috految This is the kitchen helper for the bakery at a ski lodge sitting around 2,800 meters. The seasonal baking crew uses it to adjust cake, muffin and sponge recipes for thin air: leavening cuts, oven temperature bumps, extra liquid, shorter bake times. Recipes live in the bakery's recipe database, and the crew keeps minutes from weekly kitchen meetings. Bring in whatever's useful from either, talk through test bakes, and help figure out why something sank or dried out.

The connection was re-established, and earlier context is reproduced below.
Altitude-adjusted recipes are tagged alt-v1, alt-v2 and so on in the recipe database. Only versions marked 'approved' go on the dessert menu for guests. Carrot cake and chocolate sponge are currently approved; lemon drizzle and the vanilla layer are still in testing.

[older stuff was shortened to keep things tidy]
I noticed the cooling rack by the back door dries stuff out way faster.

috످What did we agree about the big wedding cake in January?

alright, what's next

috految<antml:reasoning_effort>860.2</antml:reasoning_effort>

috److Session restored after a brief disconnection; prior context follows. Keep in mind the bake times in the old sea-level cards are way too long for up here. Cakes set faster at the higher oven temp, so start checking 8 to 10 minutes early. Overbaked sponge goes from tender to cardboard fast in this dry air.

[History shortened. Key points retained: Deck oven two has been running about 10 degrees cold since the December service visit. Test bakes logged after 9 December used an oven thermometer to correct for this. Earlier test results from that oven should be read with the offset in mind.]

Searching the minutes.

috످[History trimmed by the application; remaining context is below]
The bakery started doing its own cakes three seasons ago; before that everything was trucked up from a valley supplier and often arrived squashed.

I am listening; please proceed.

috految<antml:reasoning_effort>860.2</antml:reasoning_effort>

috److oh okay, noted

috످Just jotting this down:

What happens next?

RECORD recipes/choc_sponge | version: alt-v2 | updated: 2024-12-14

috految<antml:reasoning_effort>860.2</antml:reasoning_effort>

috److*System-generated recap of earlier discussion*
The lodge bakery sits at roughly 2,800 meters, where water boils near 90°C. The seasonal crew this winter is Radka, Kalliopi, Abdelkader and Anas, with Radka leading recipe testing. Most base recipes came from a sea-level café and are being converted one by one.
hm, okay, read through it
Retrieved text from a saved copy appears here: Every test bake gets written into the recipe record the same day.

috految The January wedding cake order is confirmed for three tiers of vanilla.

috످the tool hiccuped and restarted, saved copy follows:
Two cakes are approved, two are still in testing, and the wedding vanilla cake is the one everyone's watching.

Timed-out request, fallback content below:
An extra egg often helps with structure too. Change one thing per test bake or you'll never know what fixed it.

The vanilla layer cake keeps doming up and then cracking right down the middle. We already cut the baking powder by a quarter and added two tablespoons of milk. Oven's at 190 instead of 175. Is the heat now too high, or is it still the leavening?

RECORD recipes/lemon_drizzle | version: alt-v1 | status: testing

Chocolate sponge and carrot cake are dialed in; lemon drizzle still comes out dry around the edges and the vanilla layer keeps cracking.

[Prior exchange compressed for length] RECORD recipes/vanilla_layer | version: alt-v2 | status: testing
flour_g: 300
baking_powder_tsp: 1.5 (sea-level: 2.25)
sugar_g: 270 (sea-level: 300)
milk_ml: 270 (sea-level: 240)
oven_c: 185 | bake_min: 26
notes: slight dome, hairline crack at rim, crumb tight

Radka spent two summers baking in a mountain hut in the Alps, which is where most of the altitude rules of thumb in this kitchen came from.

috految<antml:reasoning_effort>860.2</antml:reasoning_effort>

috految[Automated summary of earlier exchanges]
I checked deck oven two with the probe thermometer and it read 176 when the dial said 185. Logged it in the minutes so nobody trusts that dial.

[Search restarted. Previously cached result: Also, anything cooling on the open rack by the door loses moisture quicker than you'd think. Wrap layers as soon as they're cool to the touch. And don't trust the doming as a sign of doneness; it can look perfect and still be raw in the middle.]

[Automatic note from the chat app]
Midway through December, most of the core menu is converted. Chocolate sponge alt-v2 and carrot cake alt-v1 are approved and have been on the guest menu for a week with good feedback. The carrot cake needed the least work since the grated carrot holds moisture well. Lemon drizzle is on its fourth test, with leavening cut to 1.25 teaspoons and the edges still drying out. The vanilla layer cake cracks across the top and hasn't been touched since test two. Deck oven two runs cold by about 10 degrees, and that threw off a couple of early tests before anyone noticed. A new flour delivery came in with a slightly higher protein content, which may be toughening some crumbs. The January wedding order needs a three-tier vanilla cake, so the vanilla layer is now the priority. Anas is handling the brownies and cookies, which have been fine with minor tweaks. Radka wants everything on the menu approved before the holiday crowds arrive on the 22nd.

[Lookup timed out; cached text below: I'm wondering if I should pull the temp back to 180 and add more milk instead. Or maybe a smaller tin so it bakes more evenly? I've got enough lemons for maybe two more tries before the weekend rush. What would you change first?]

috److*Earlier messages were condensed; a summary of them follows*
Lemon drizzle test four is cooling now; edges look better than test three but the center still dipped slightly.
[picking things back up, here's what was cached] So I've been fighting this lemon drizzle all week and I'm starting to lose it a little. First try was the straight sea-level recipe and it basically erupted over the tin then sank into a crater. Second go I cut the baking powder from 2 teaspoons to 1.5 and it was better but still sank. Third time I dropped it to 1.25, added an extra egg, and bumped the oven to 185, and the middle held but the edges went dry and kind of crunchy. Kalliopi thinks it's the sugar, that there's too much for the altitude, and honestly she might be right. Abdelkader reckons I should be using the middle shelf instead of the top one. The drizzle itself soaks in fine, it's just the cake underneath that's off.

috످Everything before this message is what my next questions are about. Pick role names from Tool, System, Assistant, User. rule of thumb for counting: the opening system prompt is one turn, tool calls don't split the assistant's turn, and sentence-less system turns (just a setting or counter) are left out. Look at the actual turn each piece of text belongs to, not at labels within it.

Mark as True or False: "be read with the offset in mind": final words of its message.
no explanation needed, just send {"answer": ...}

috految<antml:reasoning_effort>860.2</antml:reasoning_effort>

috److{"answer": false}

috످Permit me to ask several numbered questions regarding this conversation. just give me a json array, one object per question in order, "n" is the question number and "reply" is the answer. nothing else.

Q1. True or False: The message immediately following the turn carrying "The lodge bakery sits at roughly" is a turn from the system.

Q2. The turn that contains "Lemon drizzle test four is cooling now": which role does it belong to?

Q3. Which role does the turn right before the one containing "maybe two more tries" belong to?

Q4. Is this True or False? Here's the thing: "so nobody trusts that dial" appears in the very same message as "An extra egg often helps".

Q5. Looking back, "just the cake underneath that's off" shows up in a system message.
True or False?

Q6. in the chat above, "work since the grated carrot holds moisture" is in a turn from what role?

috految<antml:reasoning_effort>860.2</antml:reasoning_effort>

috److془Let me carefully work through the turns.

Turn 1: System: kitchen helper.
Turn 2: User: "What did we agree about the big wedding cake in January? alright, what's next"
Turn 3: Assistant: "Session restored..."
Turn 4: User: "[History trimmed..."
Turn 5: Assistant: "oh okay, noted"
Turn 6: User: "Just jotting this down"
Turn 7: Assistant: "*System-generated recap of earlier discussion* The lodge bakery sits at roughly..."
Turn 8: System: "The January wedding cake order is confirmed for three tiers of vanilla."
Turn 9: User: "the tool hiccuped..."
Turn 10: System: "[Automated summary of earlier exchanges]..."
Turn 11: Assistant: "*Earlier messages were condensed..."
Turn 12: User.

Q1: The passage on the bakery's altitude and winter crew is in the assistant's turn; next is the wedding order confirmation, system turn. True.

Q2: The update on the fourth lemon cake trial is in assistant's turn.

Q3: The passage about which fix to try with limited lemons is in the system turn; the previous turn, about cracked vanilla cake, is user's.

Q4: The oven's thermometer check is in the system turn; the egg tip is in the user's turn. False.

Q5: The account of a week of failed lemon cakes is in the assistant's turn. False.

Q6: The mid-December progress roundup is system.

Output JSON array.془[{"n": 1, "reply": true}, {"n": 2, "reply": "Assistant"}, {"n": 3, "reply": "User"}, {"n": 4, "reply": false}, {"n": 5, "reply": false}, {"n": 6, "reply": "System"}]

috످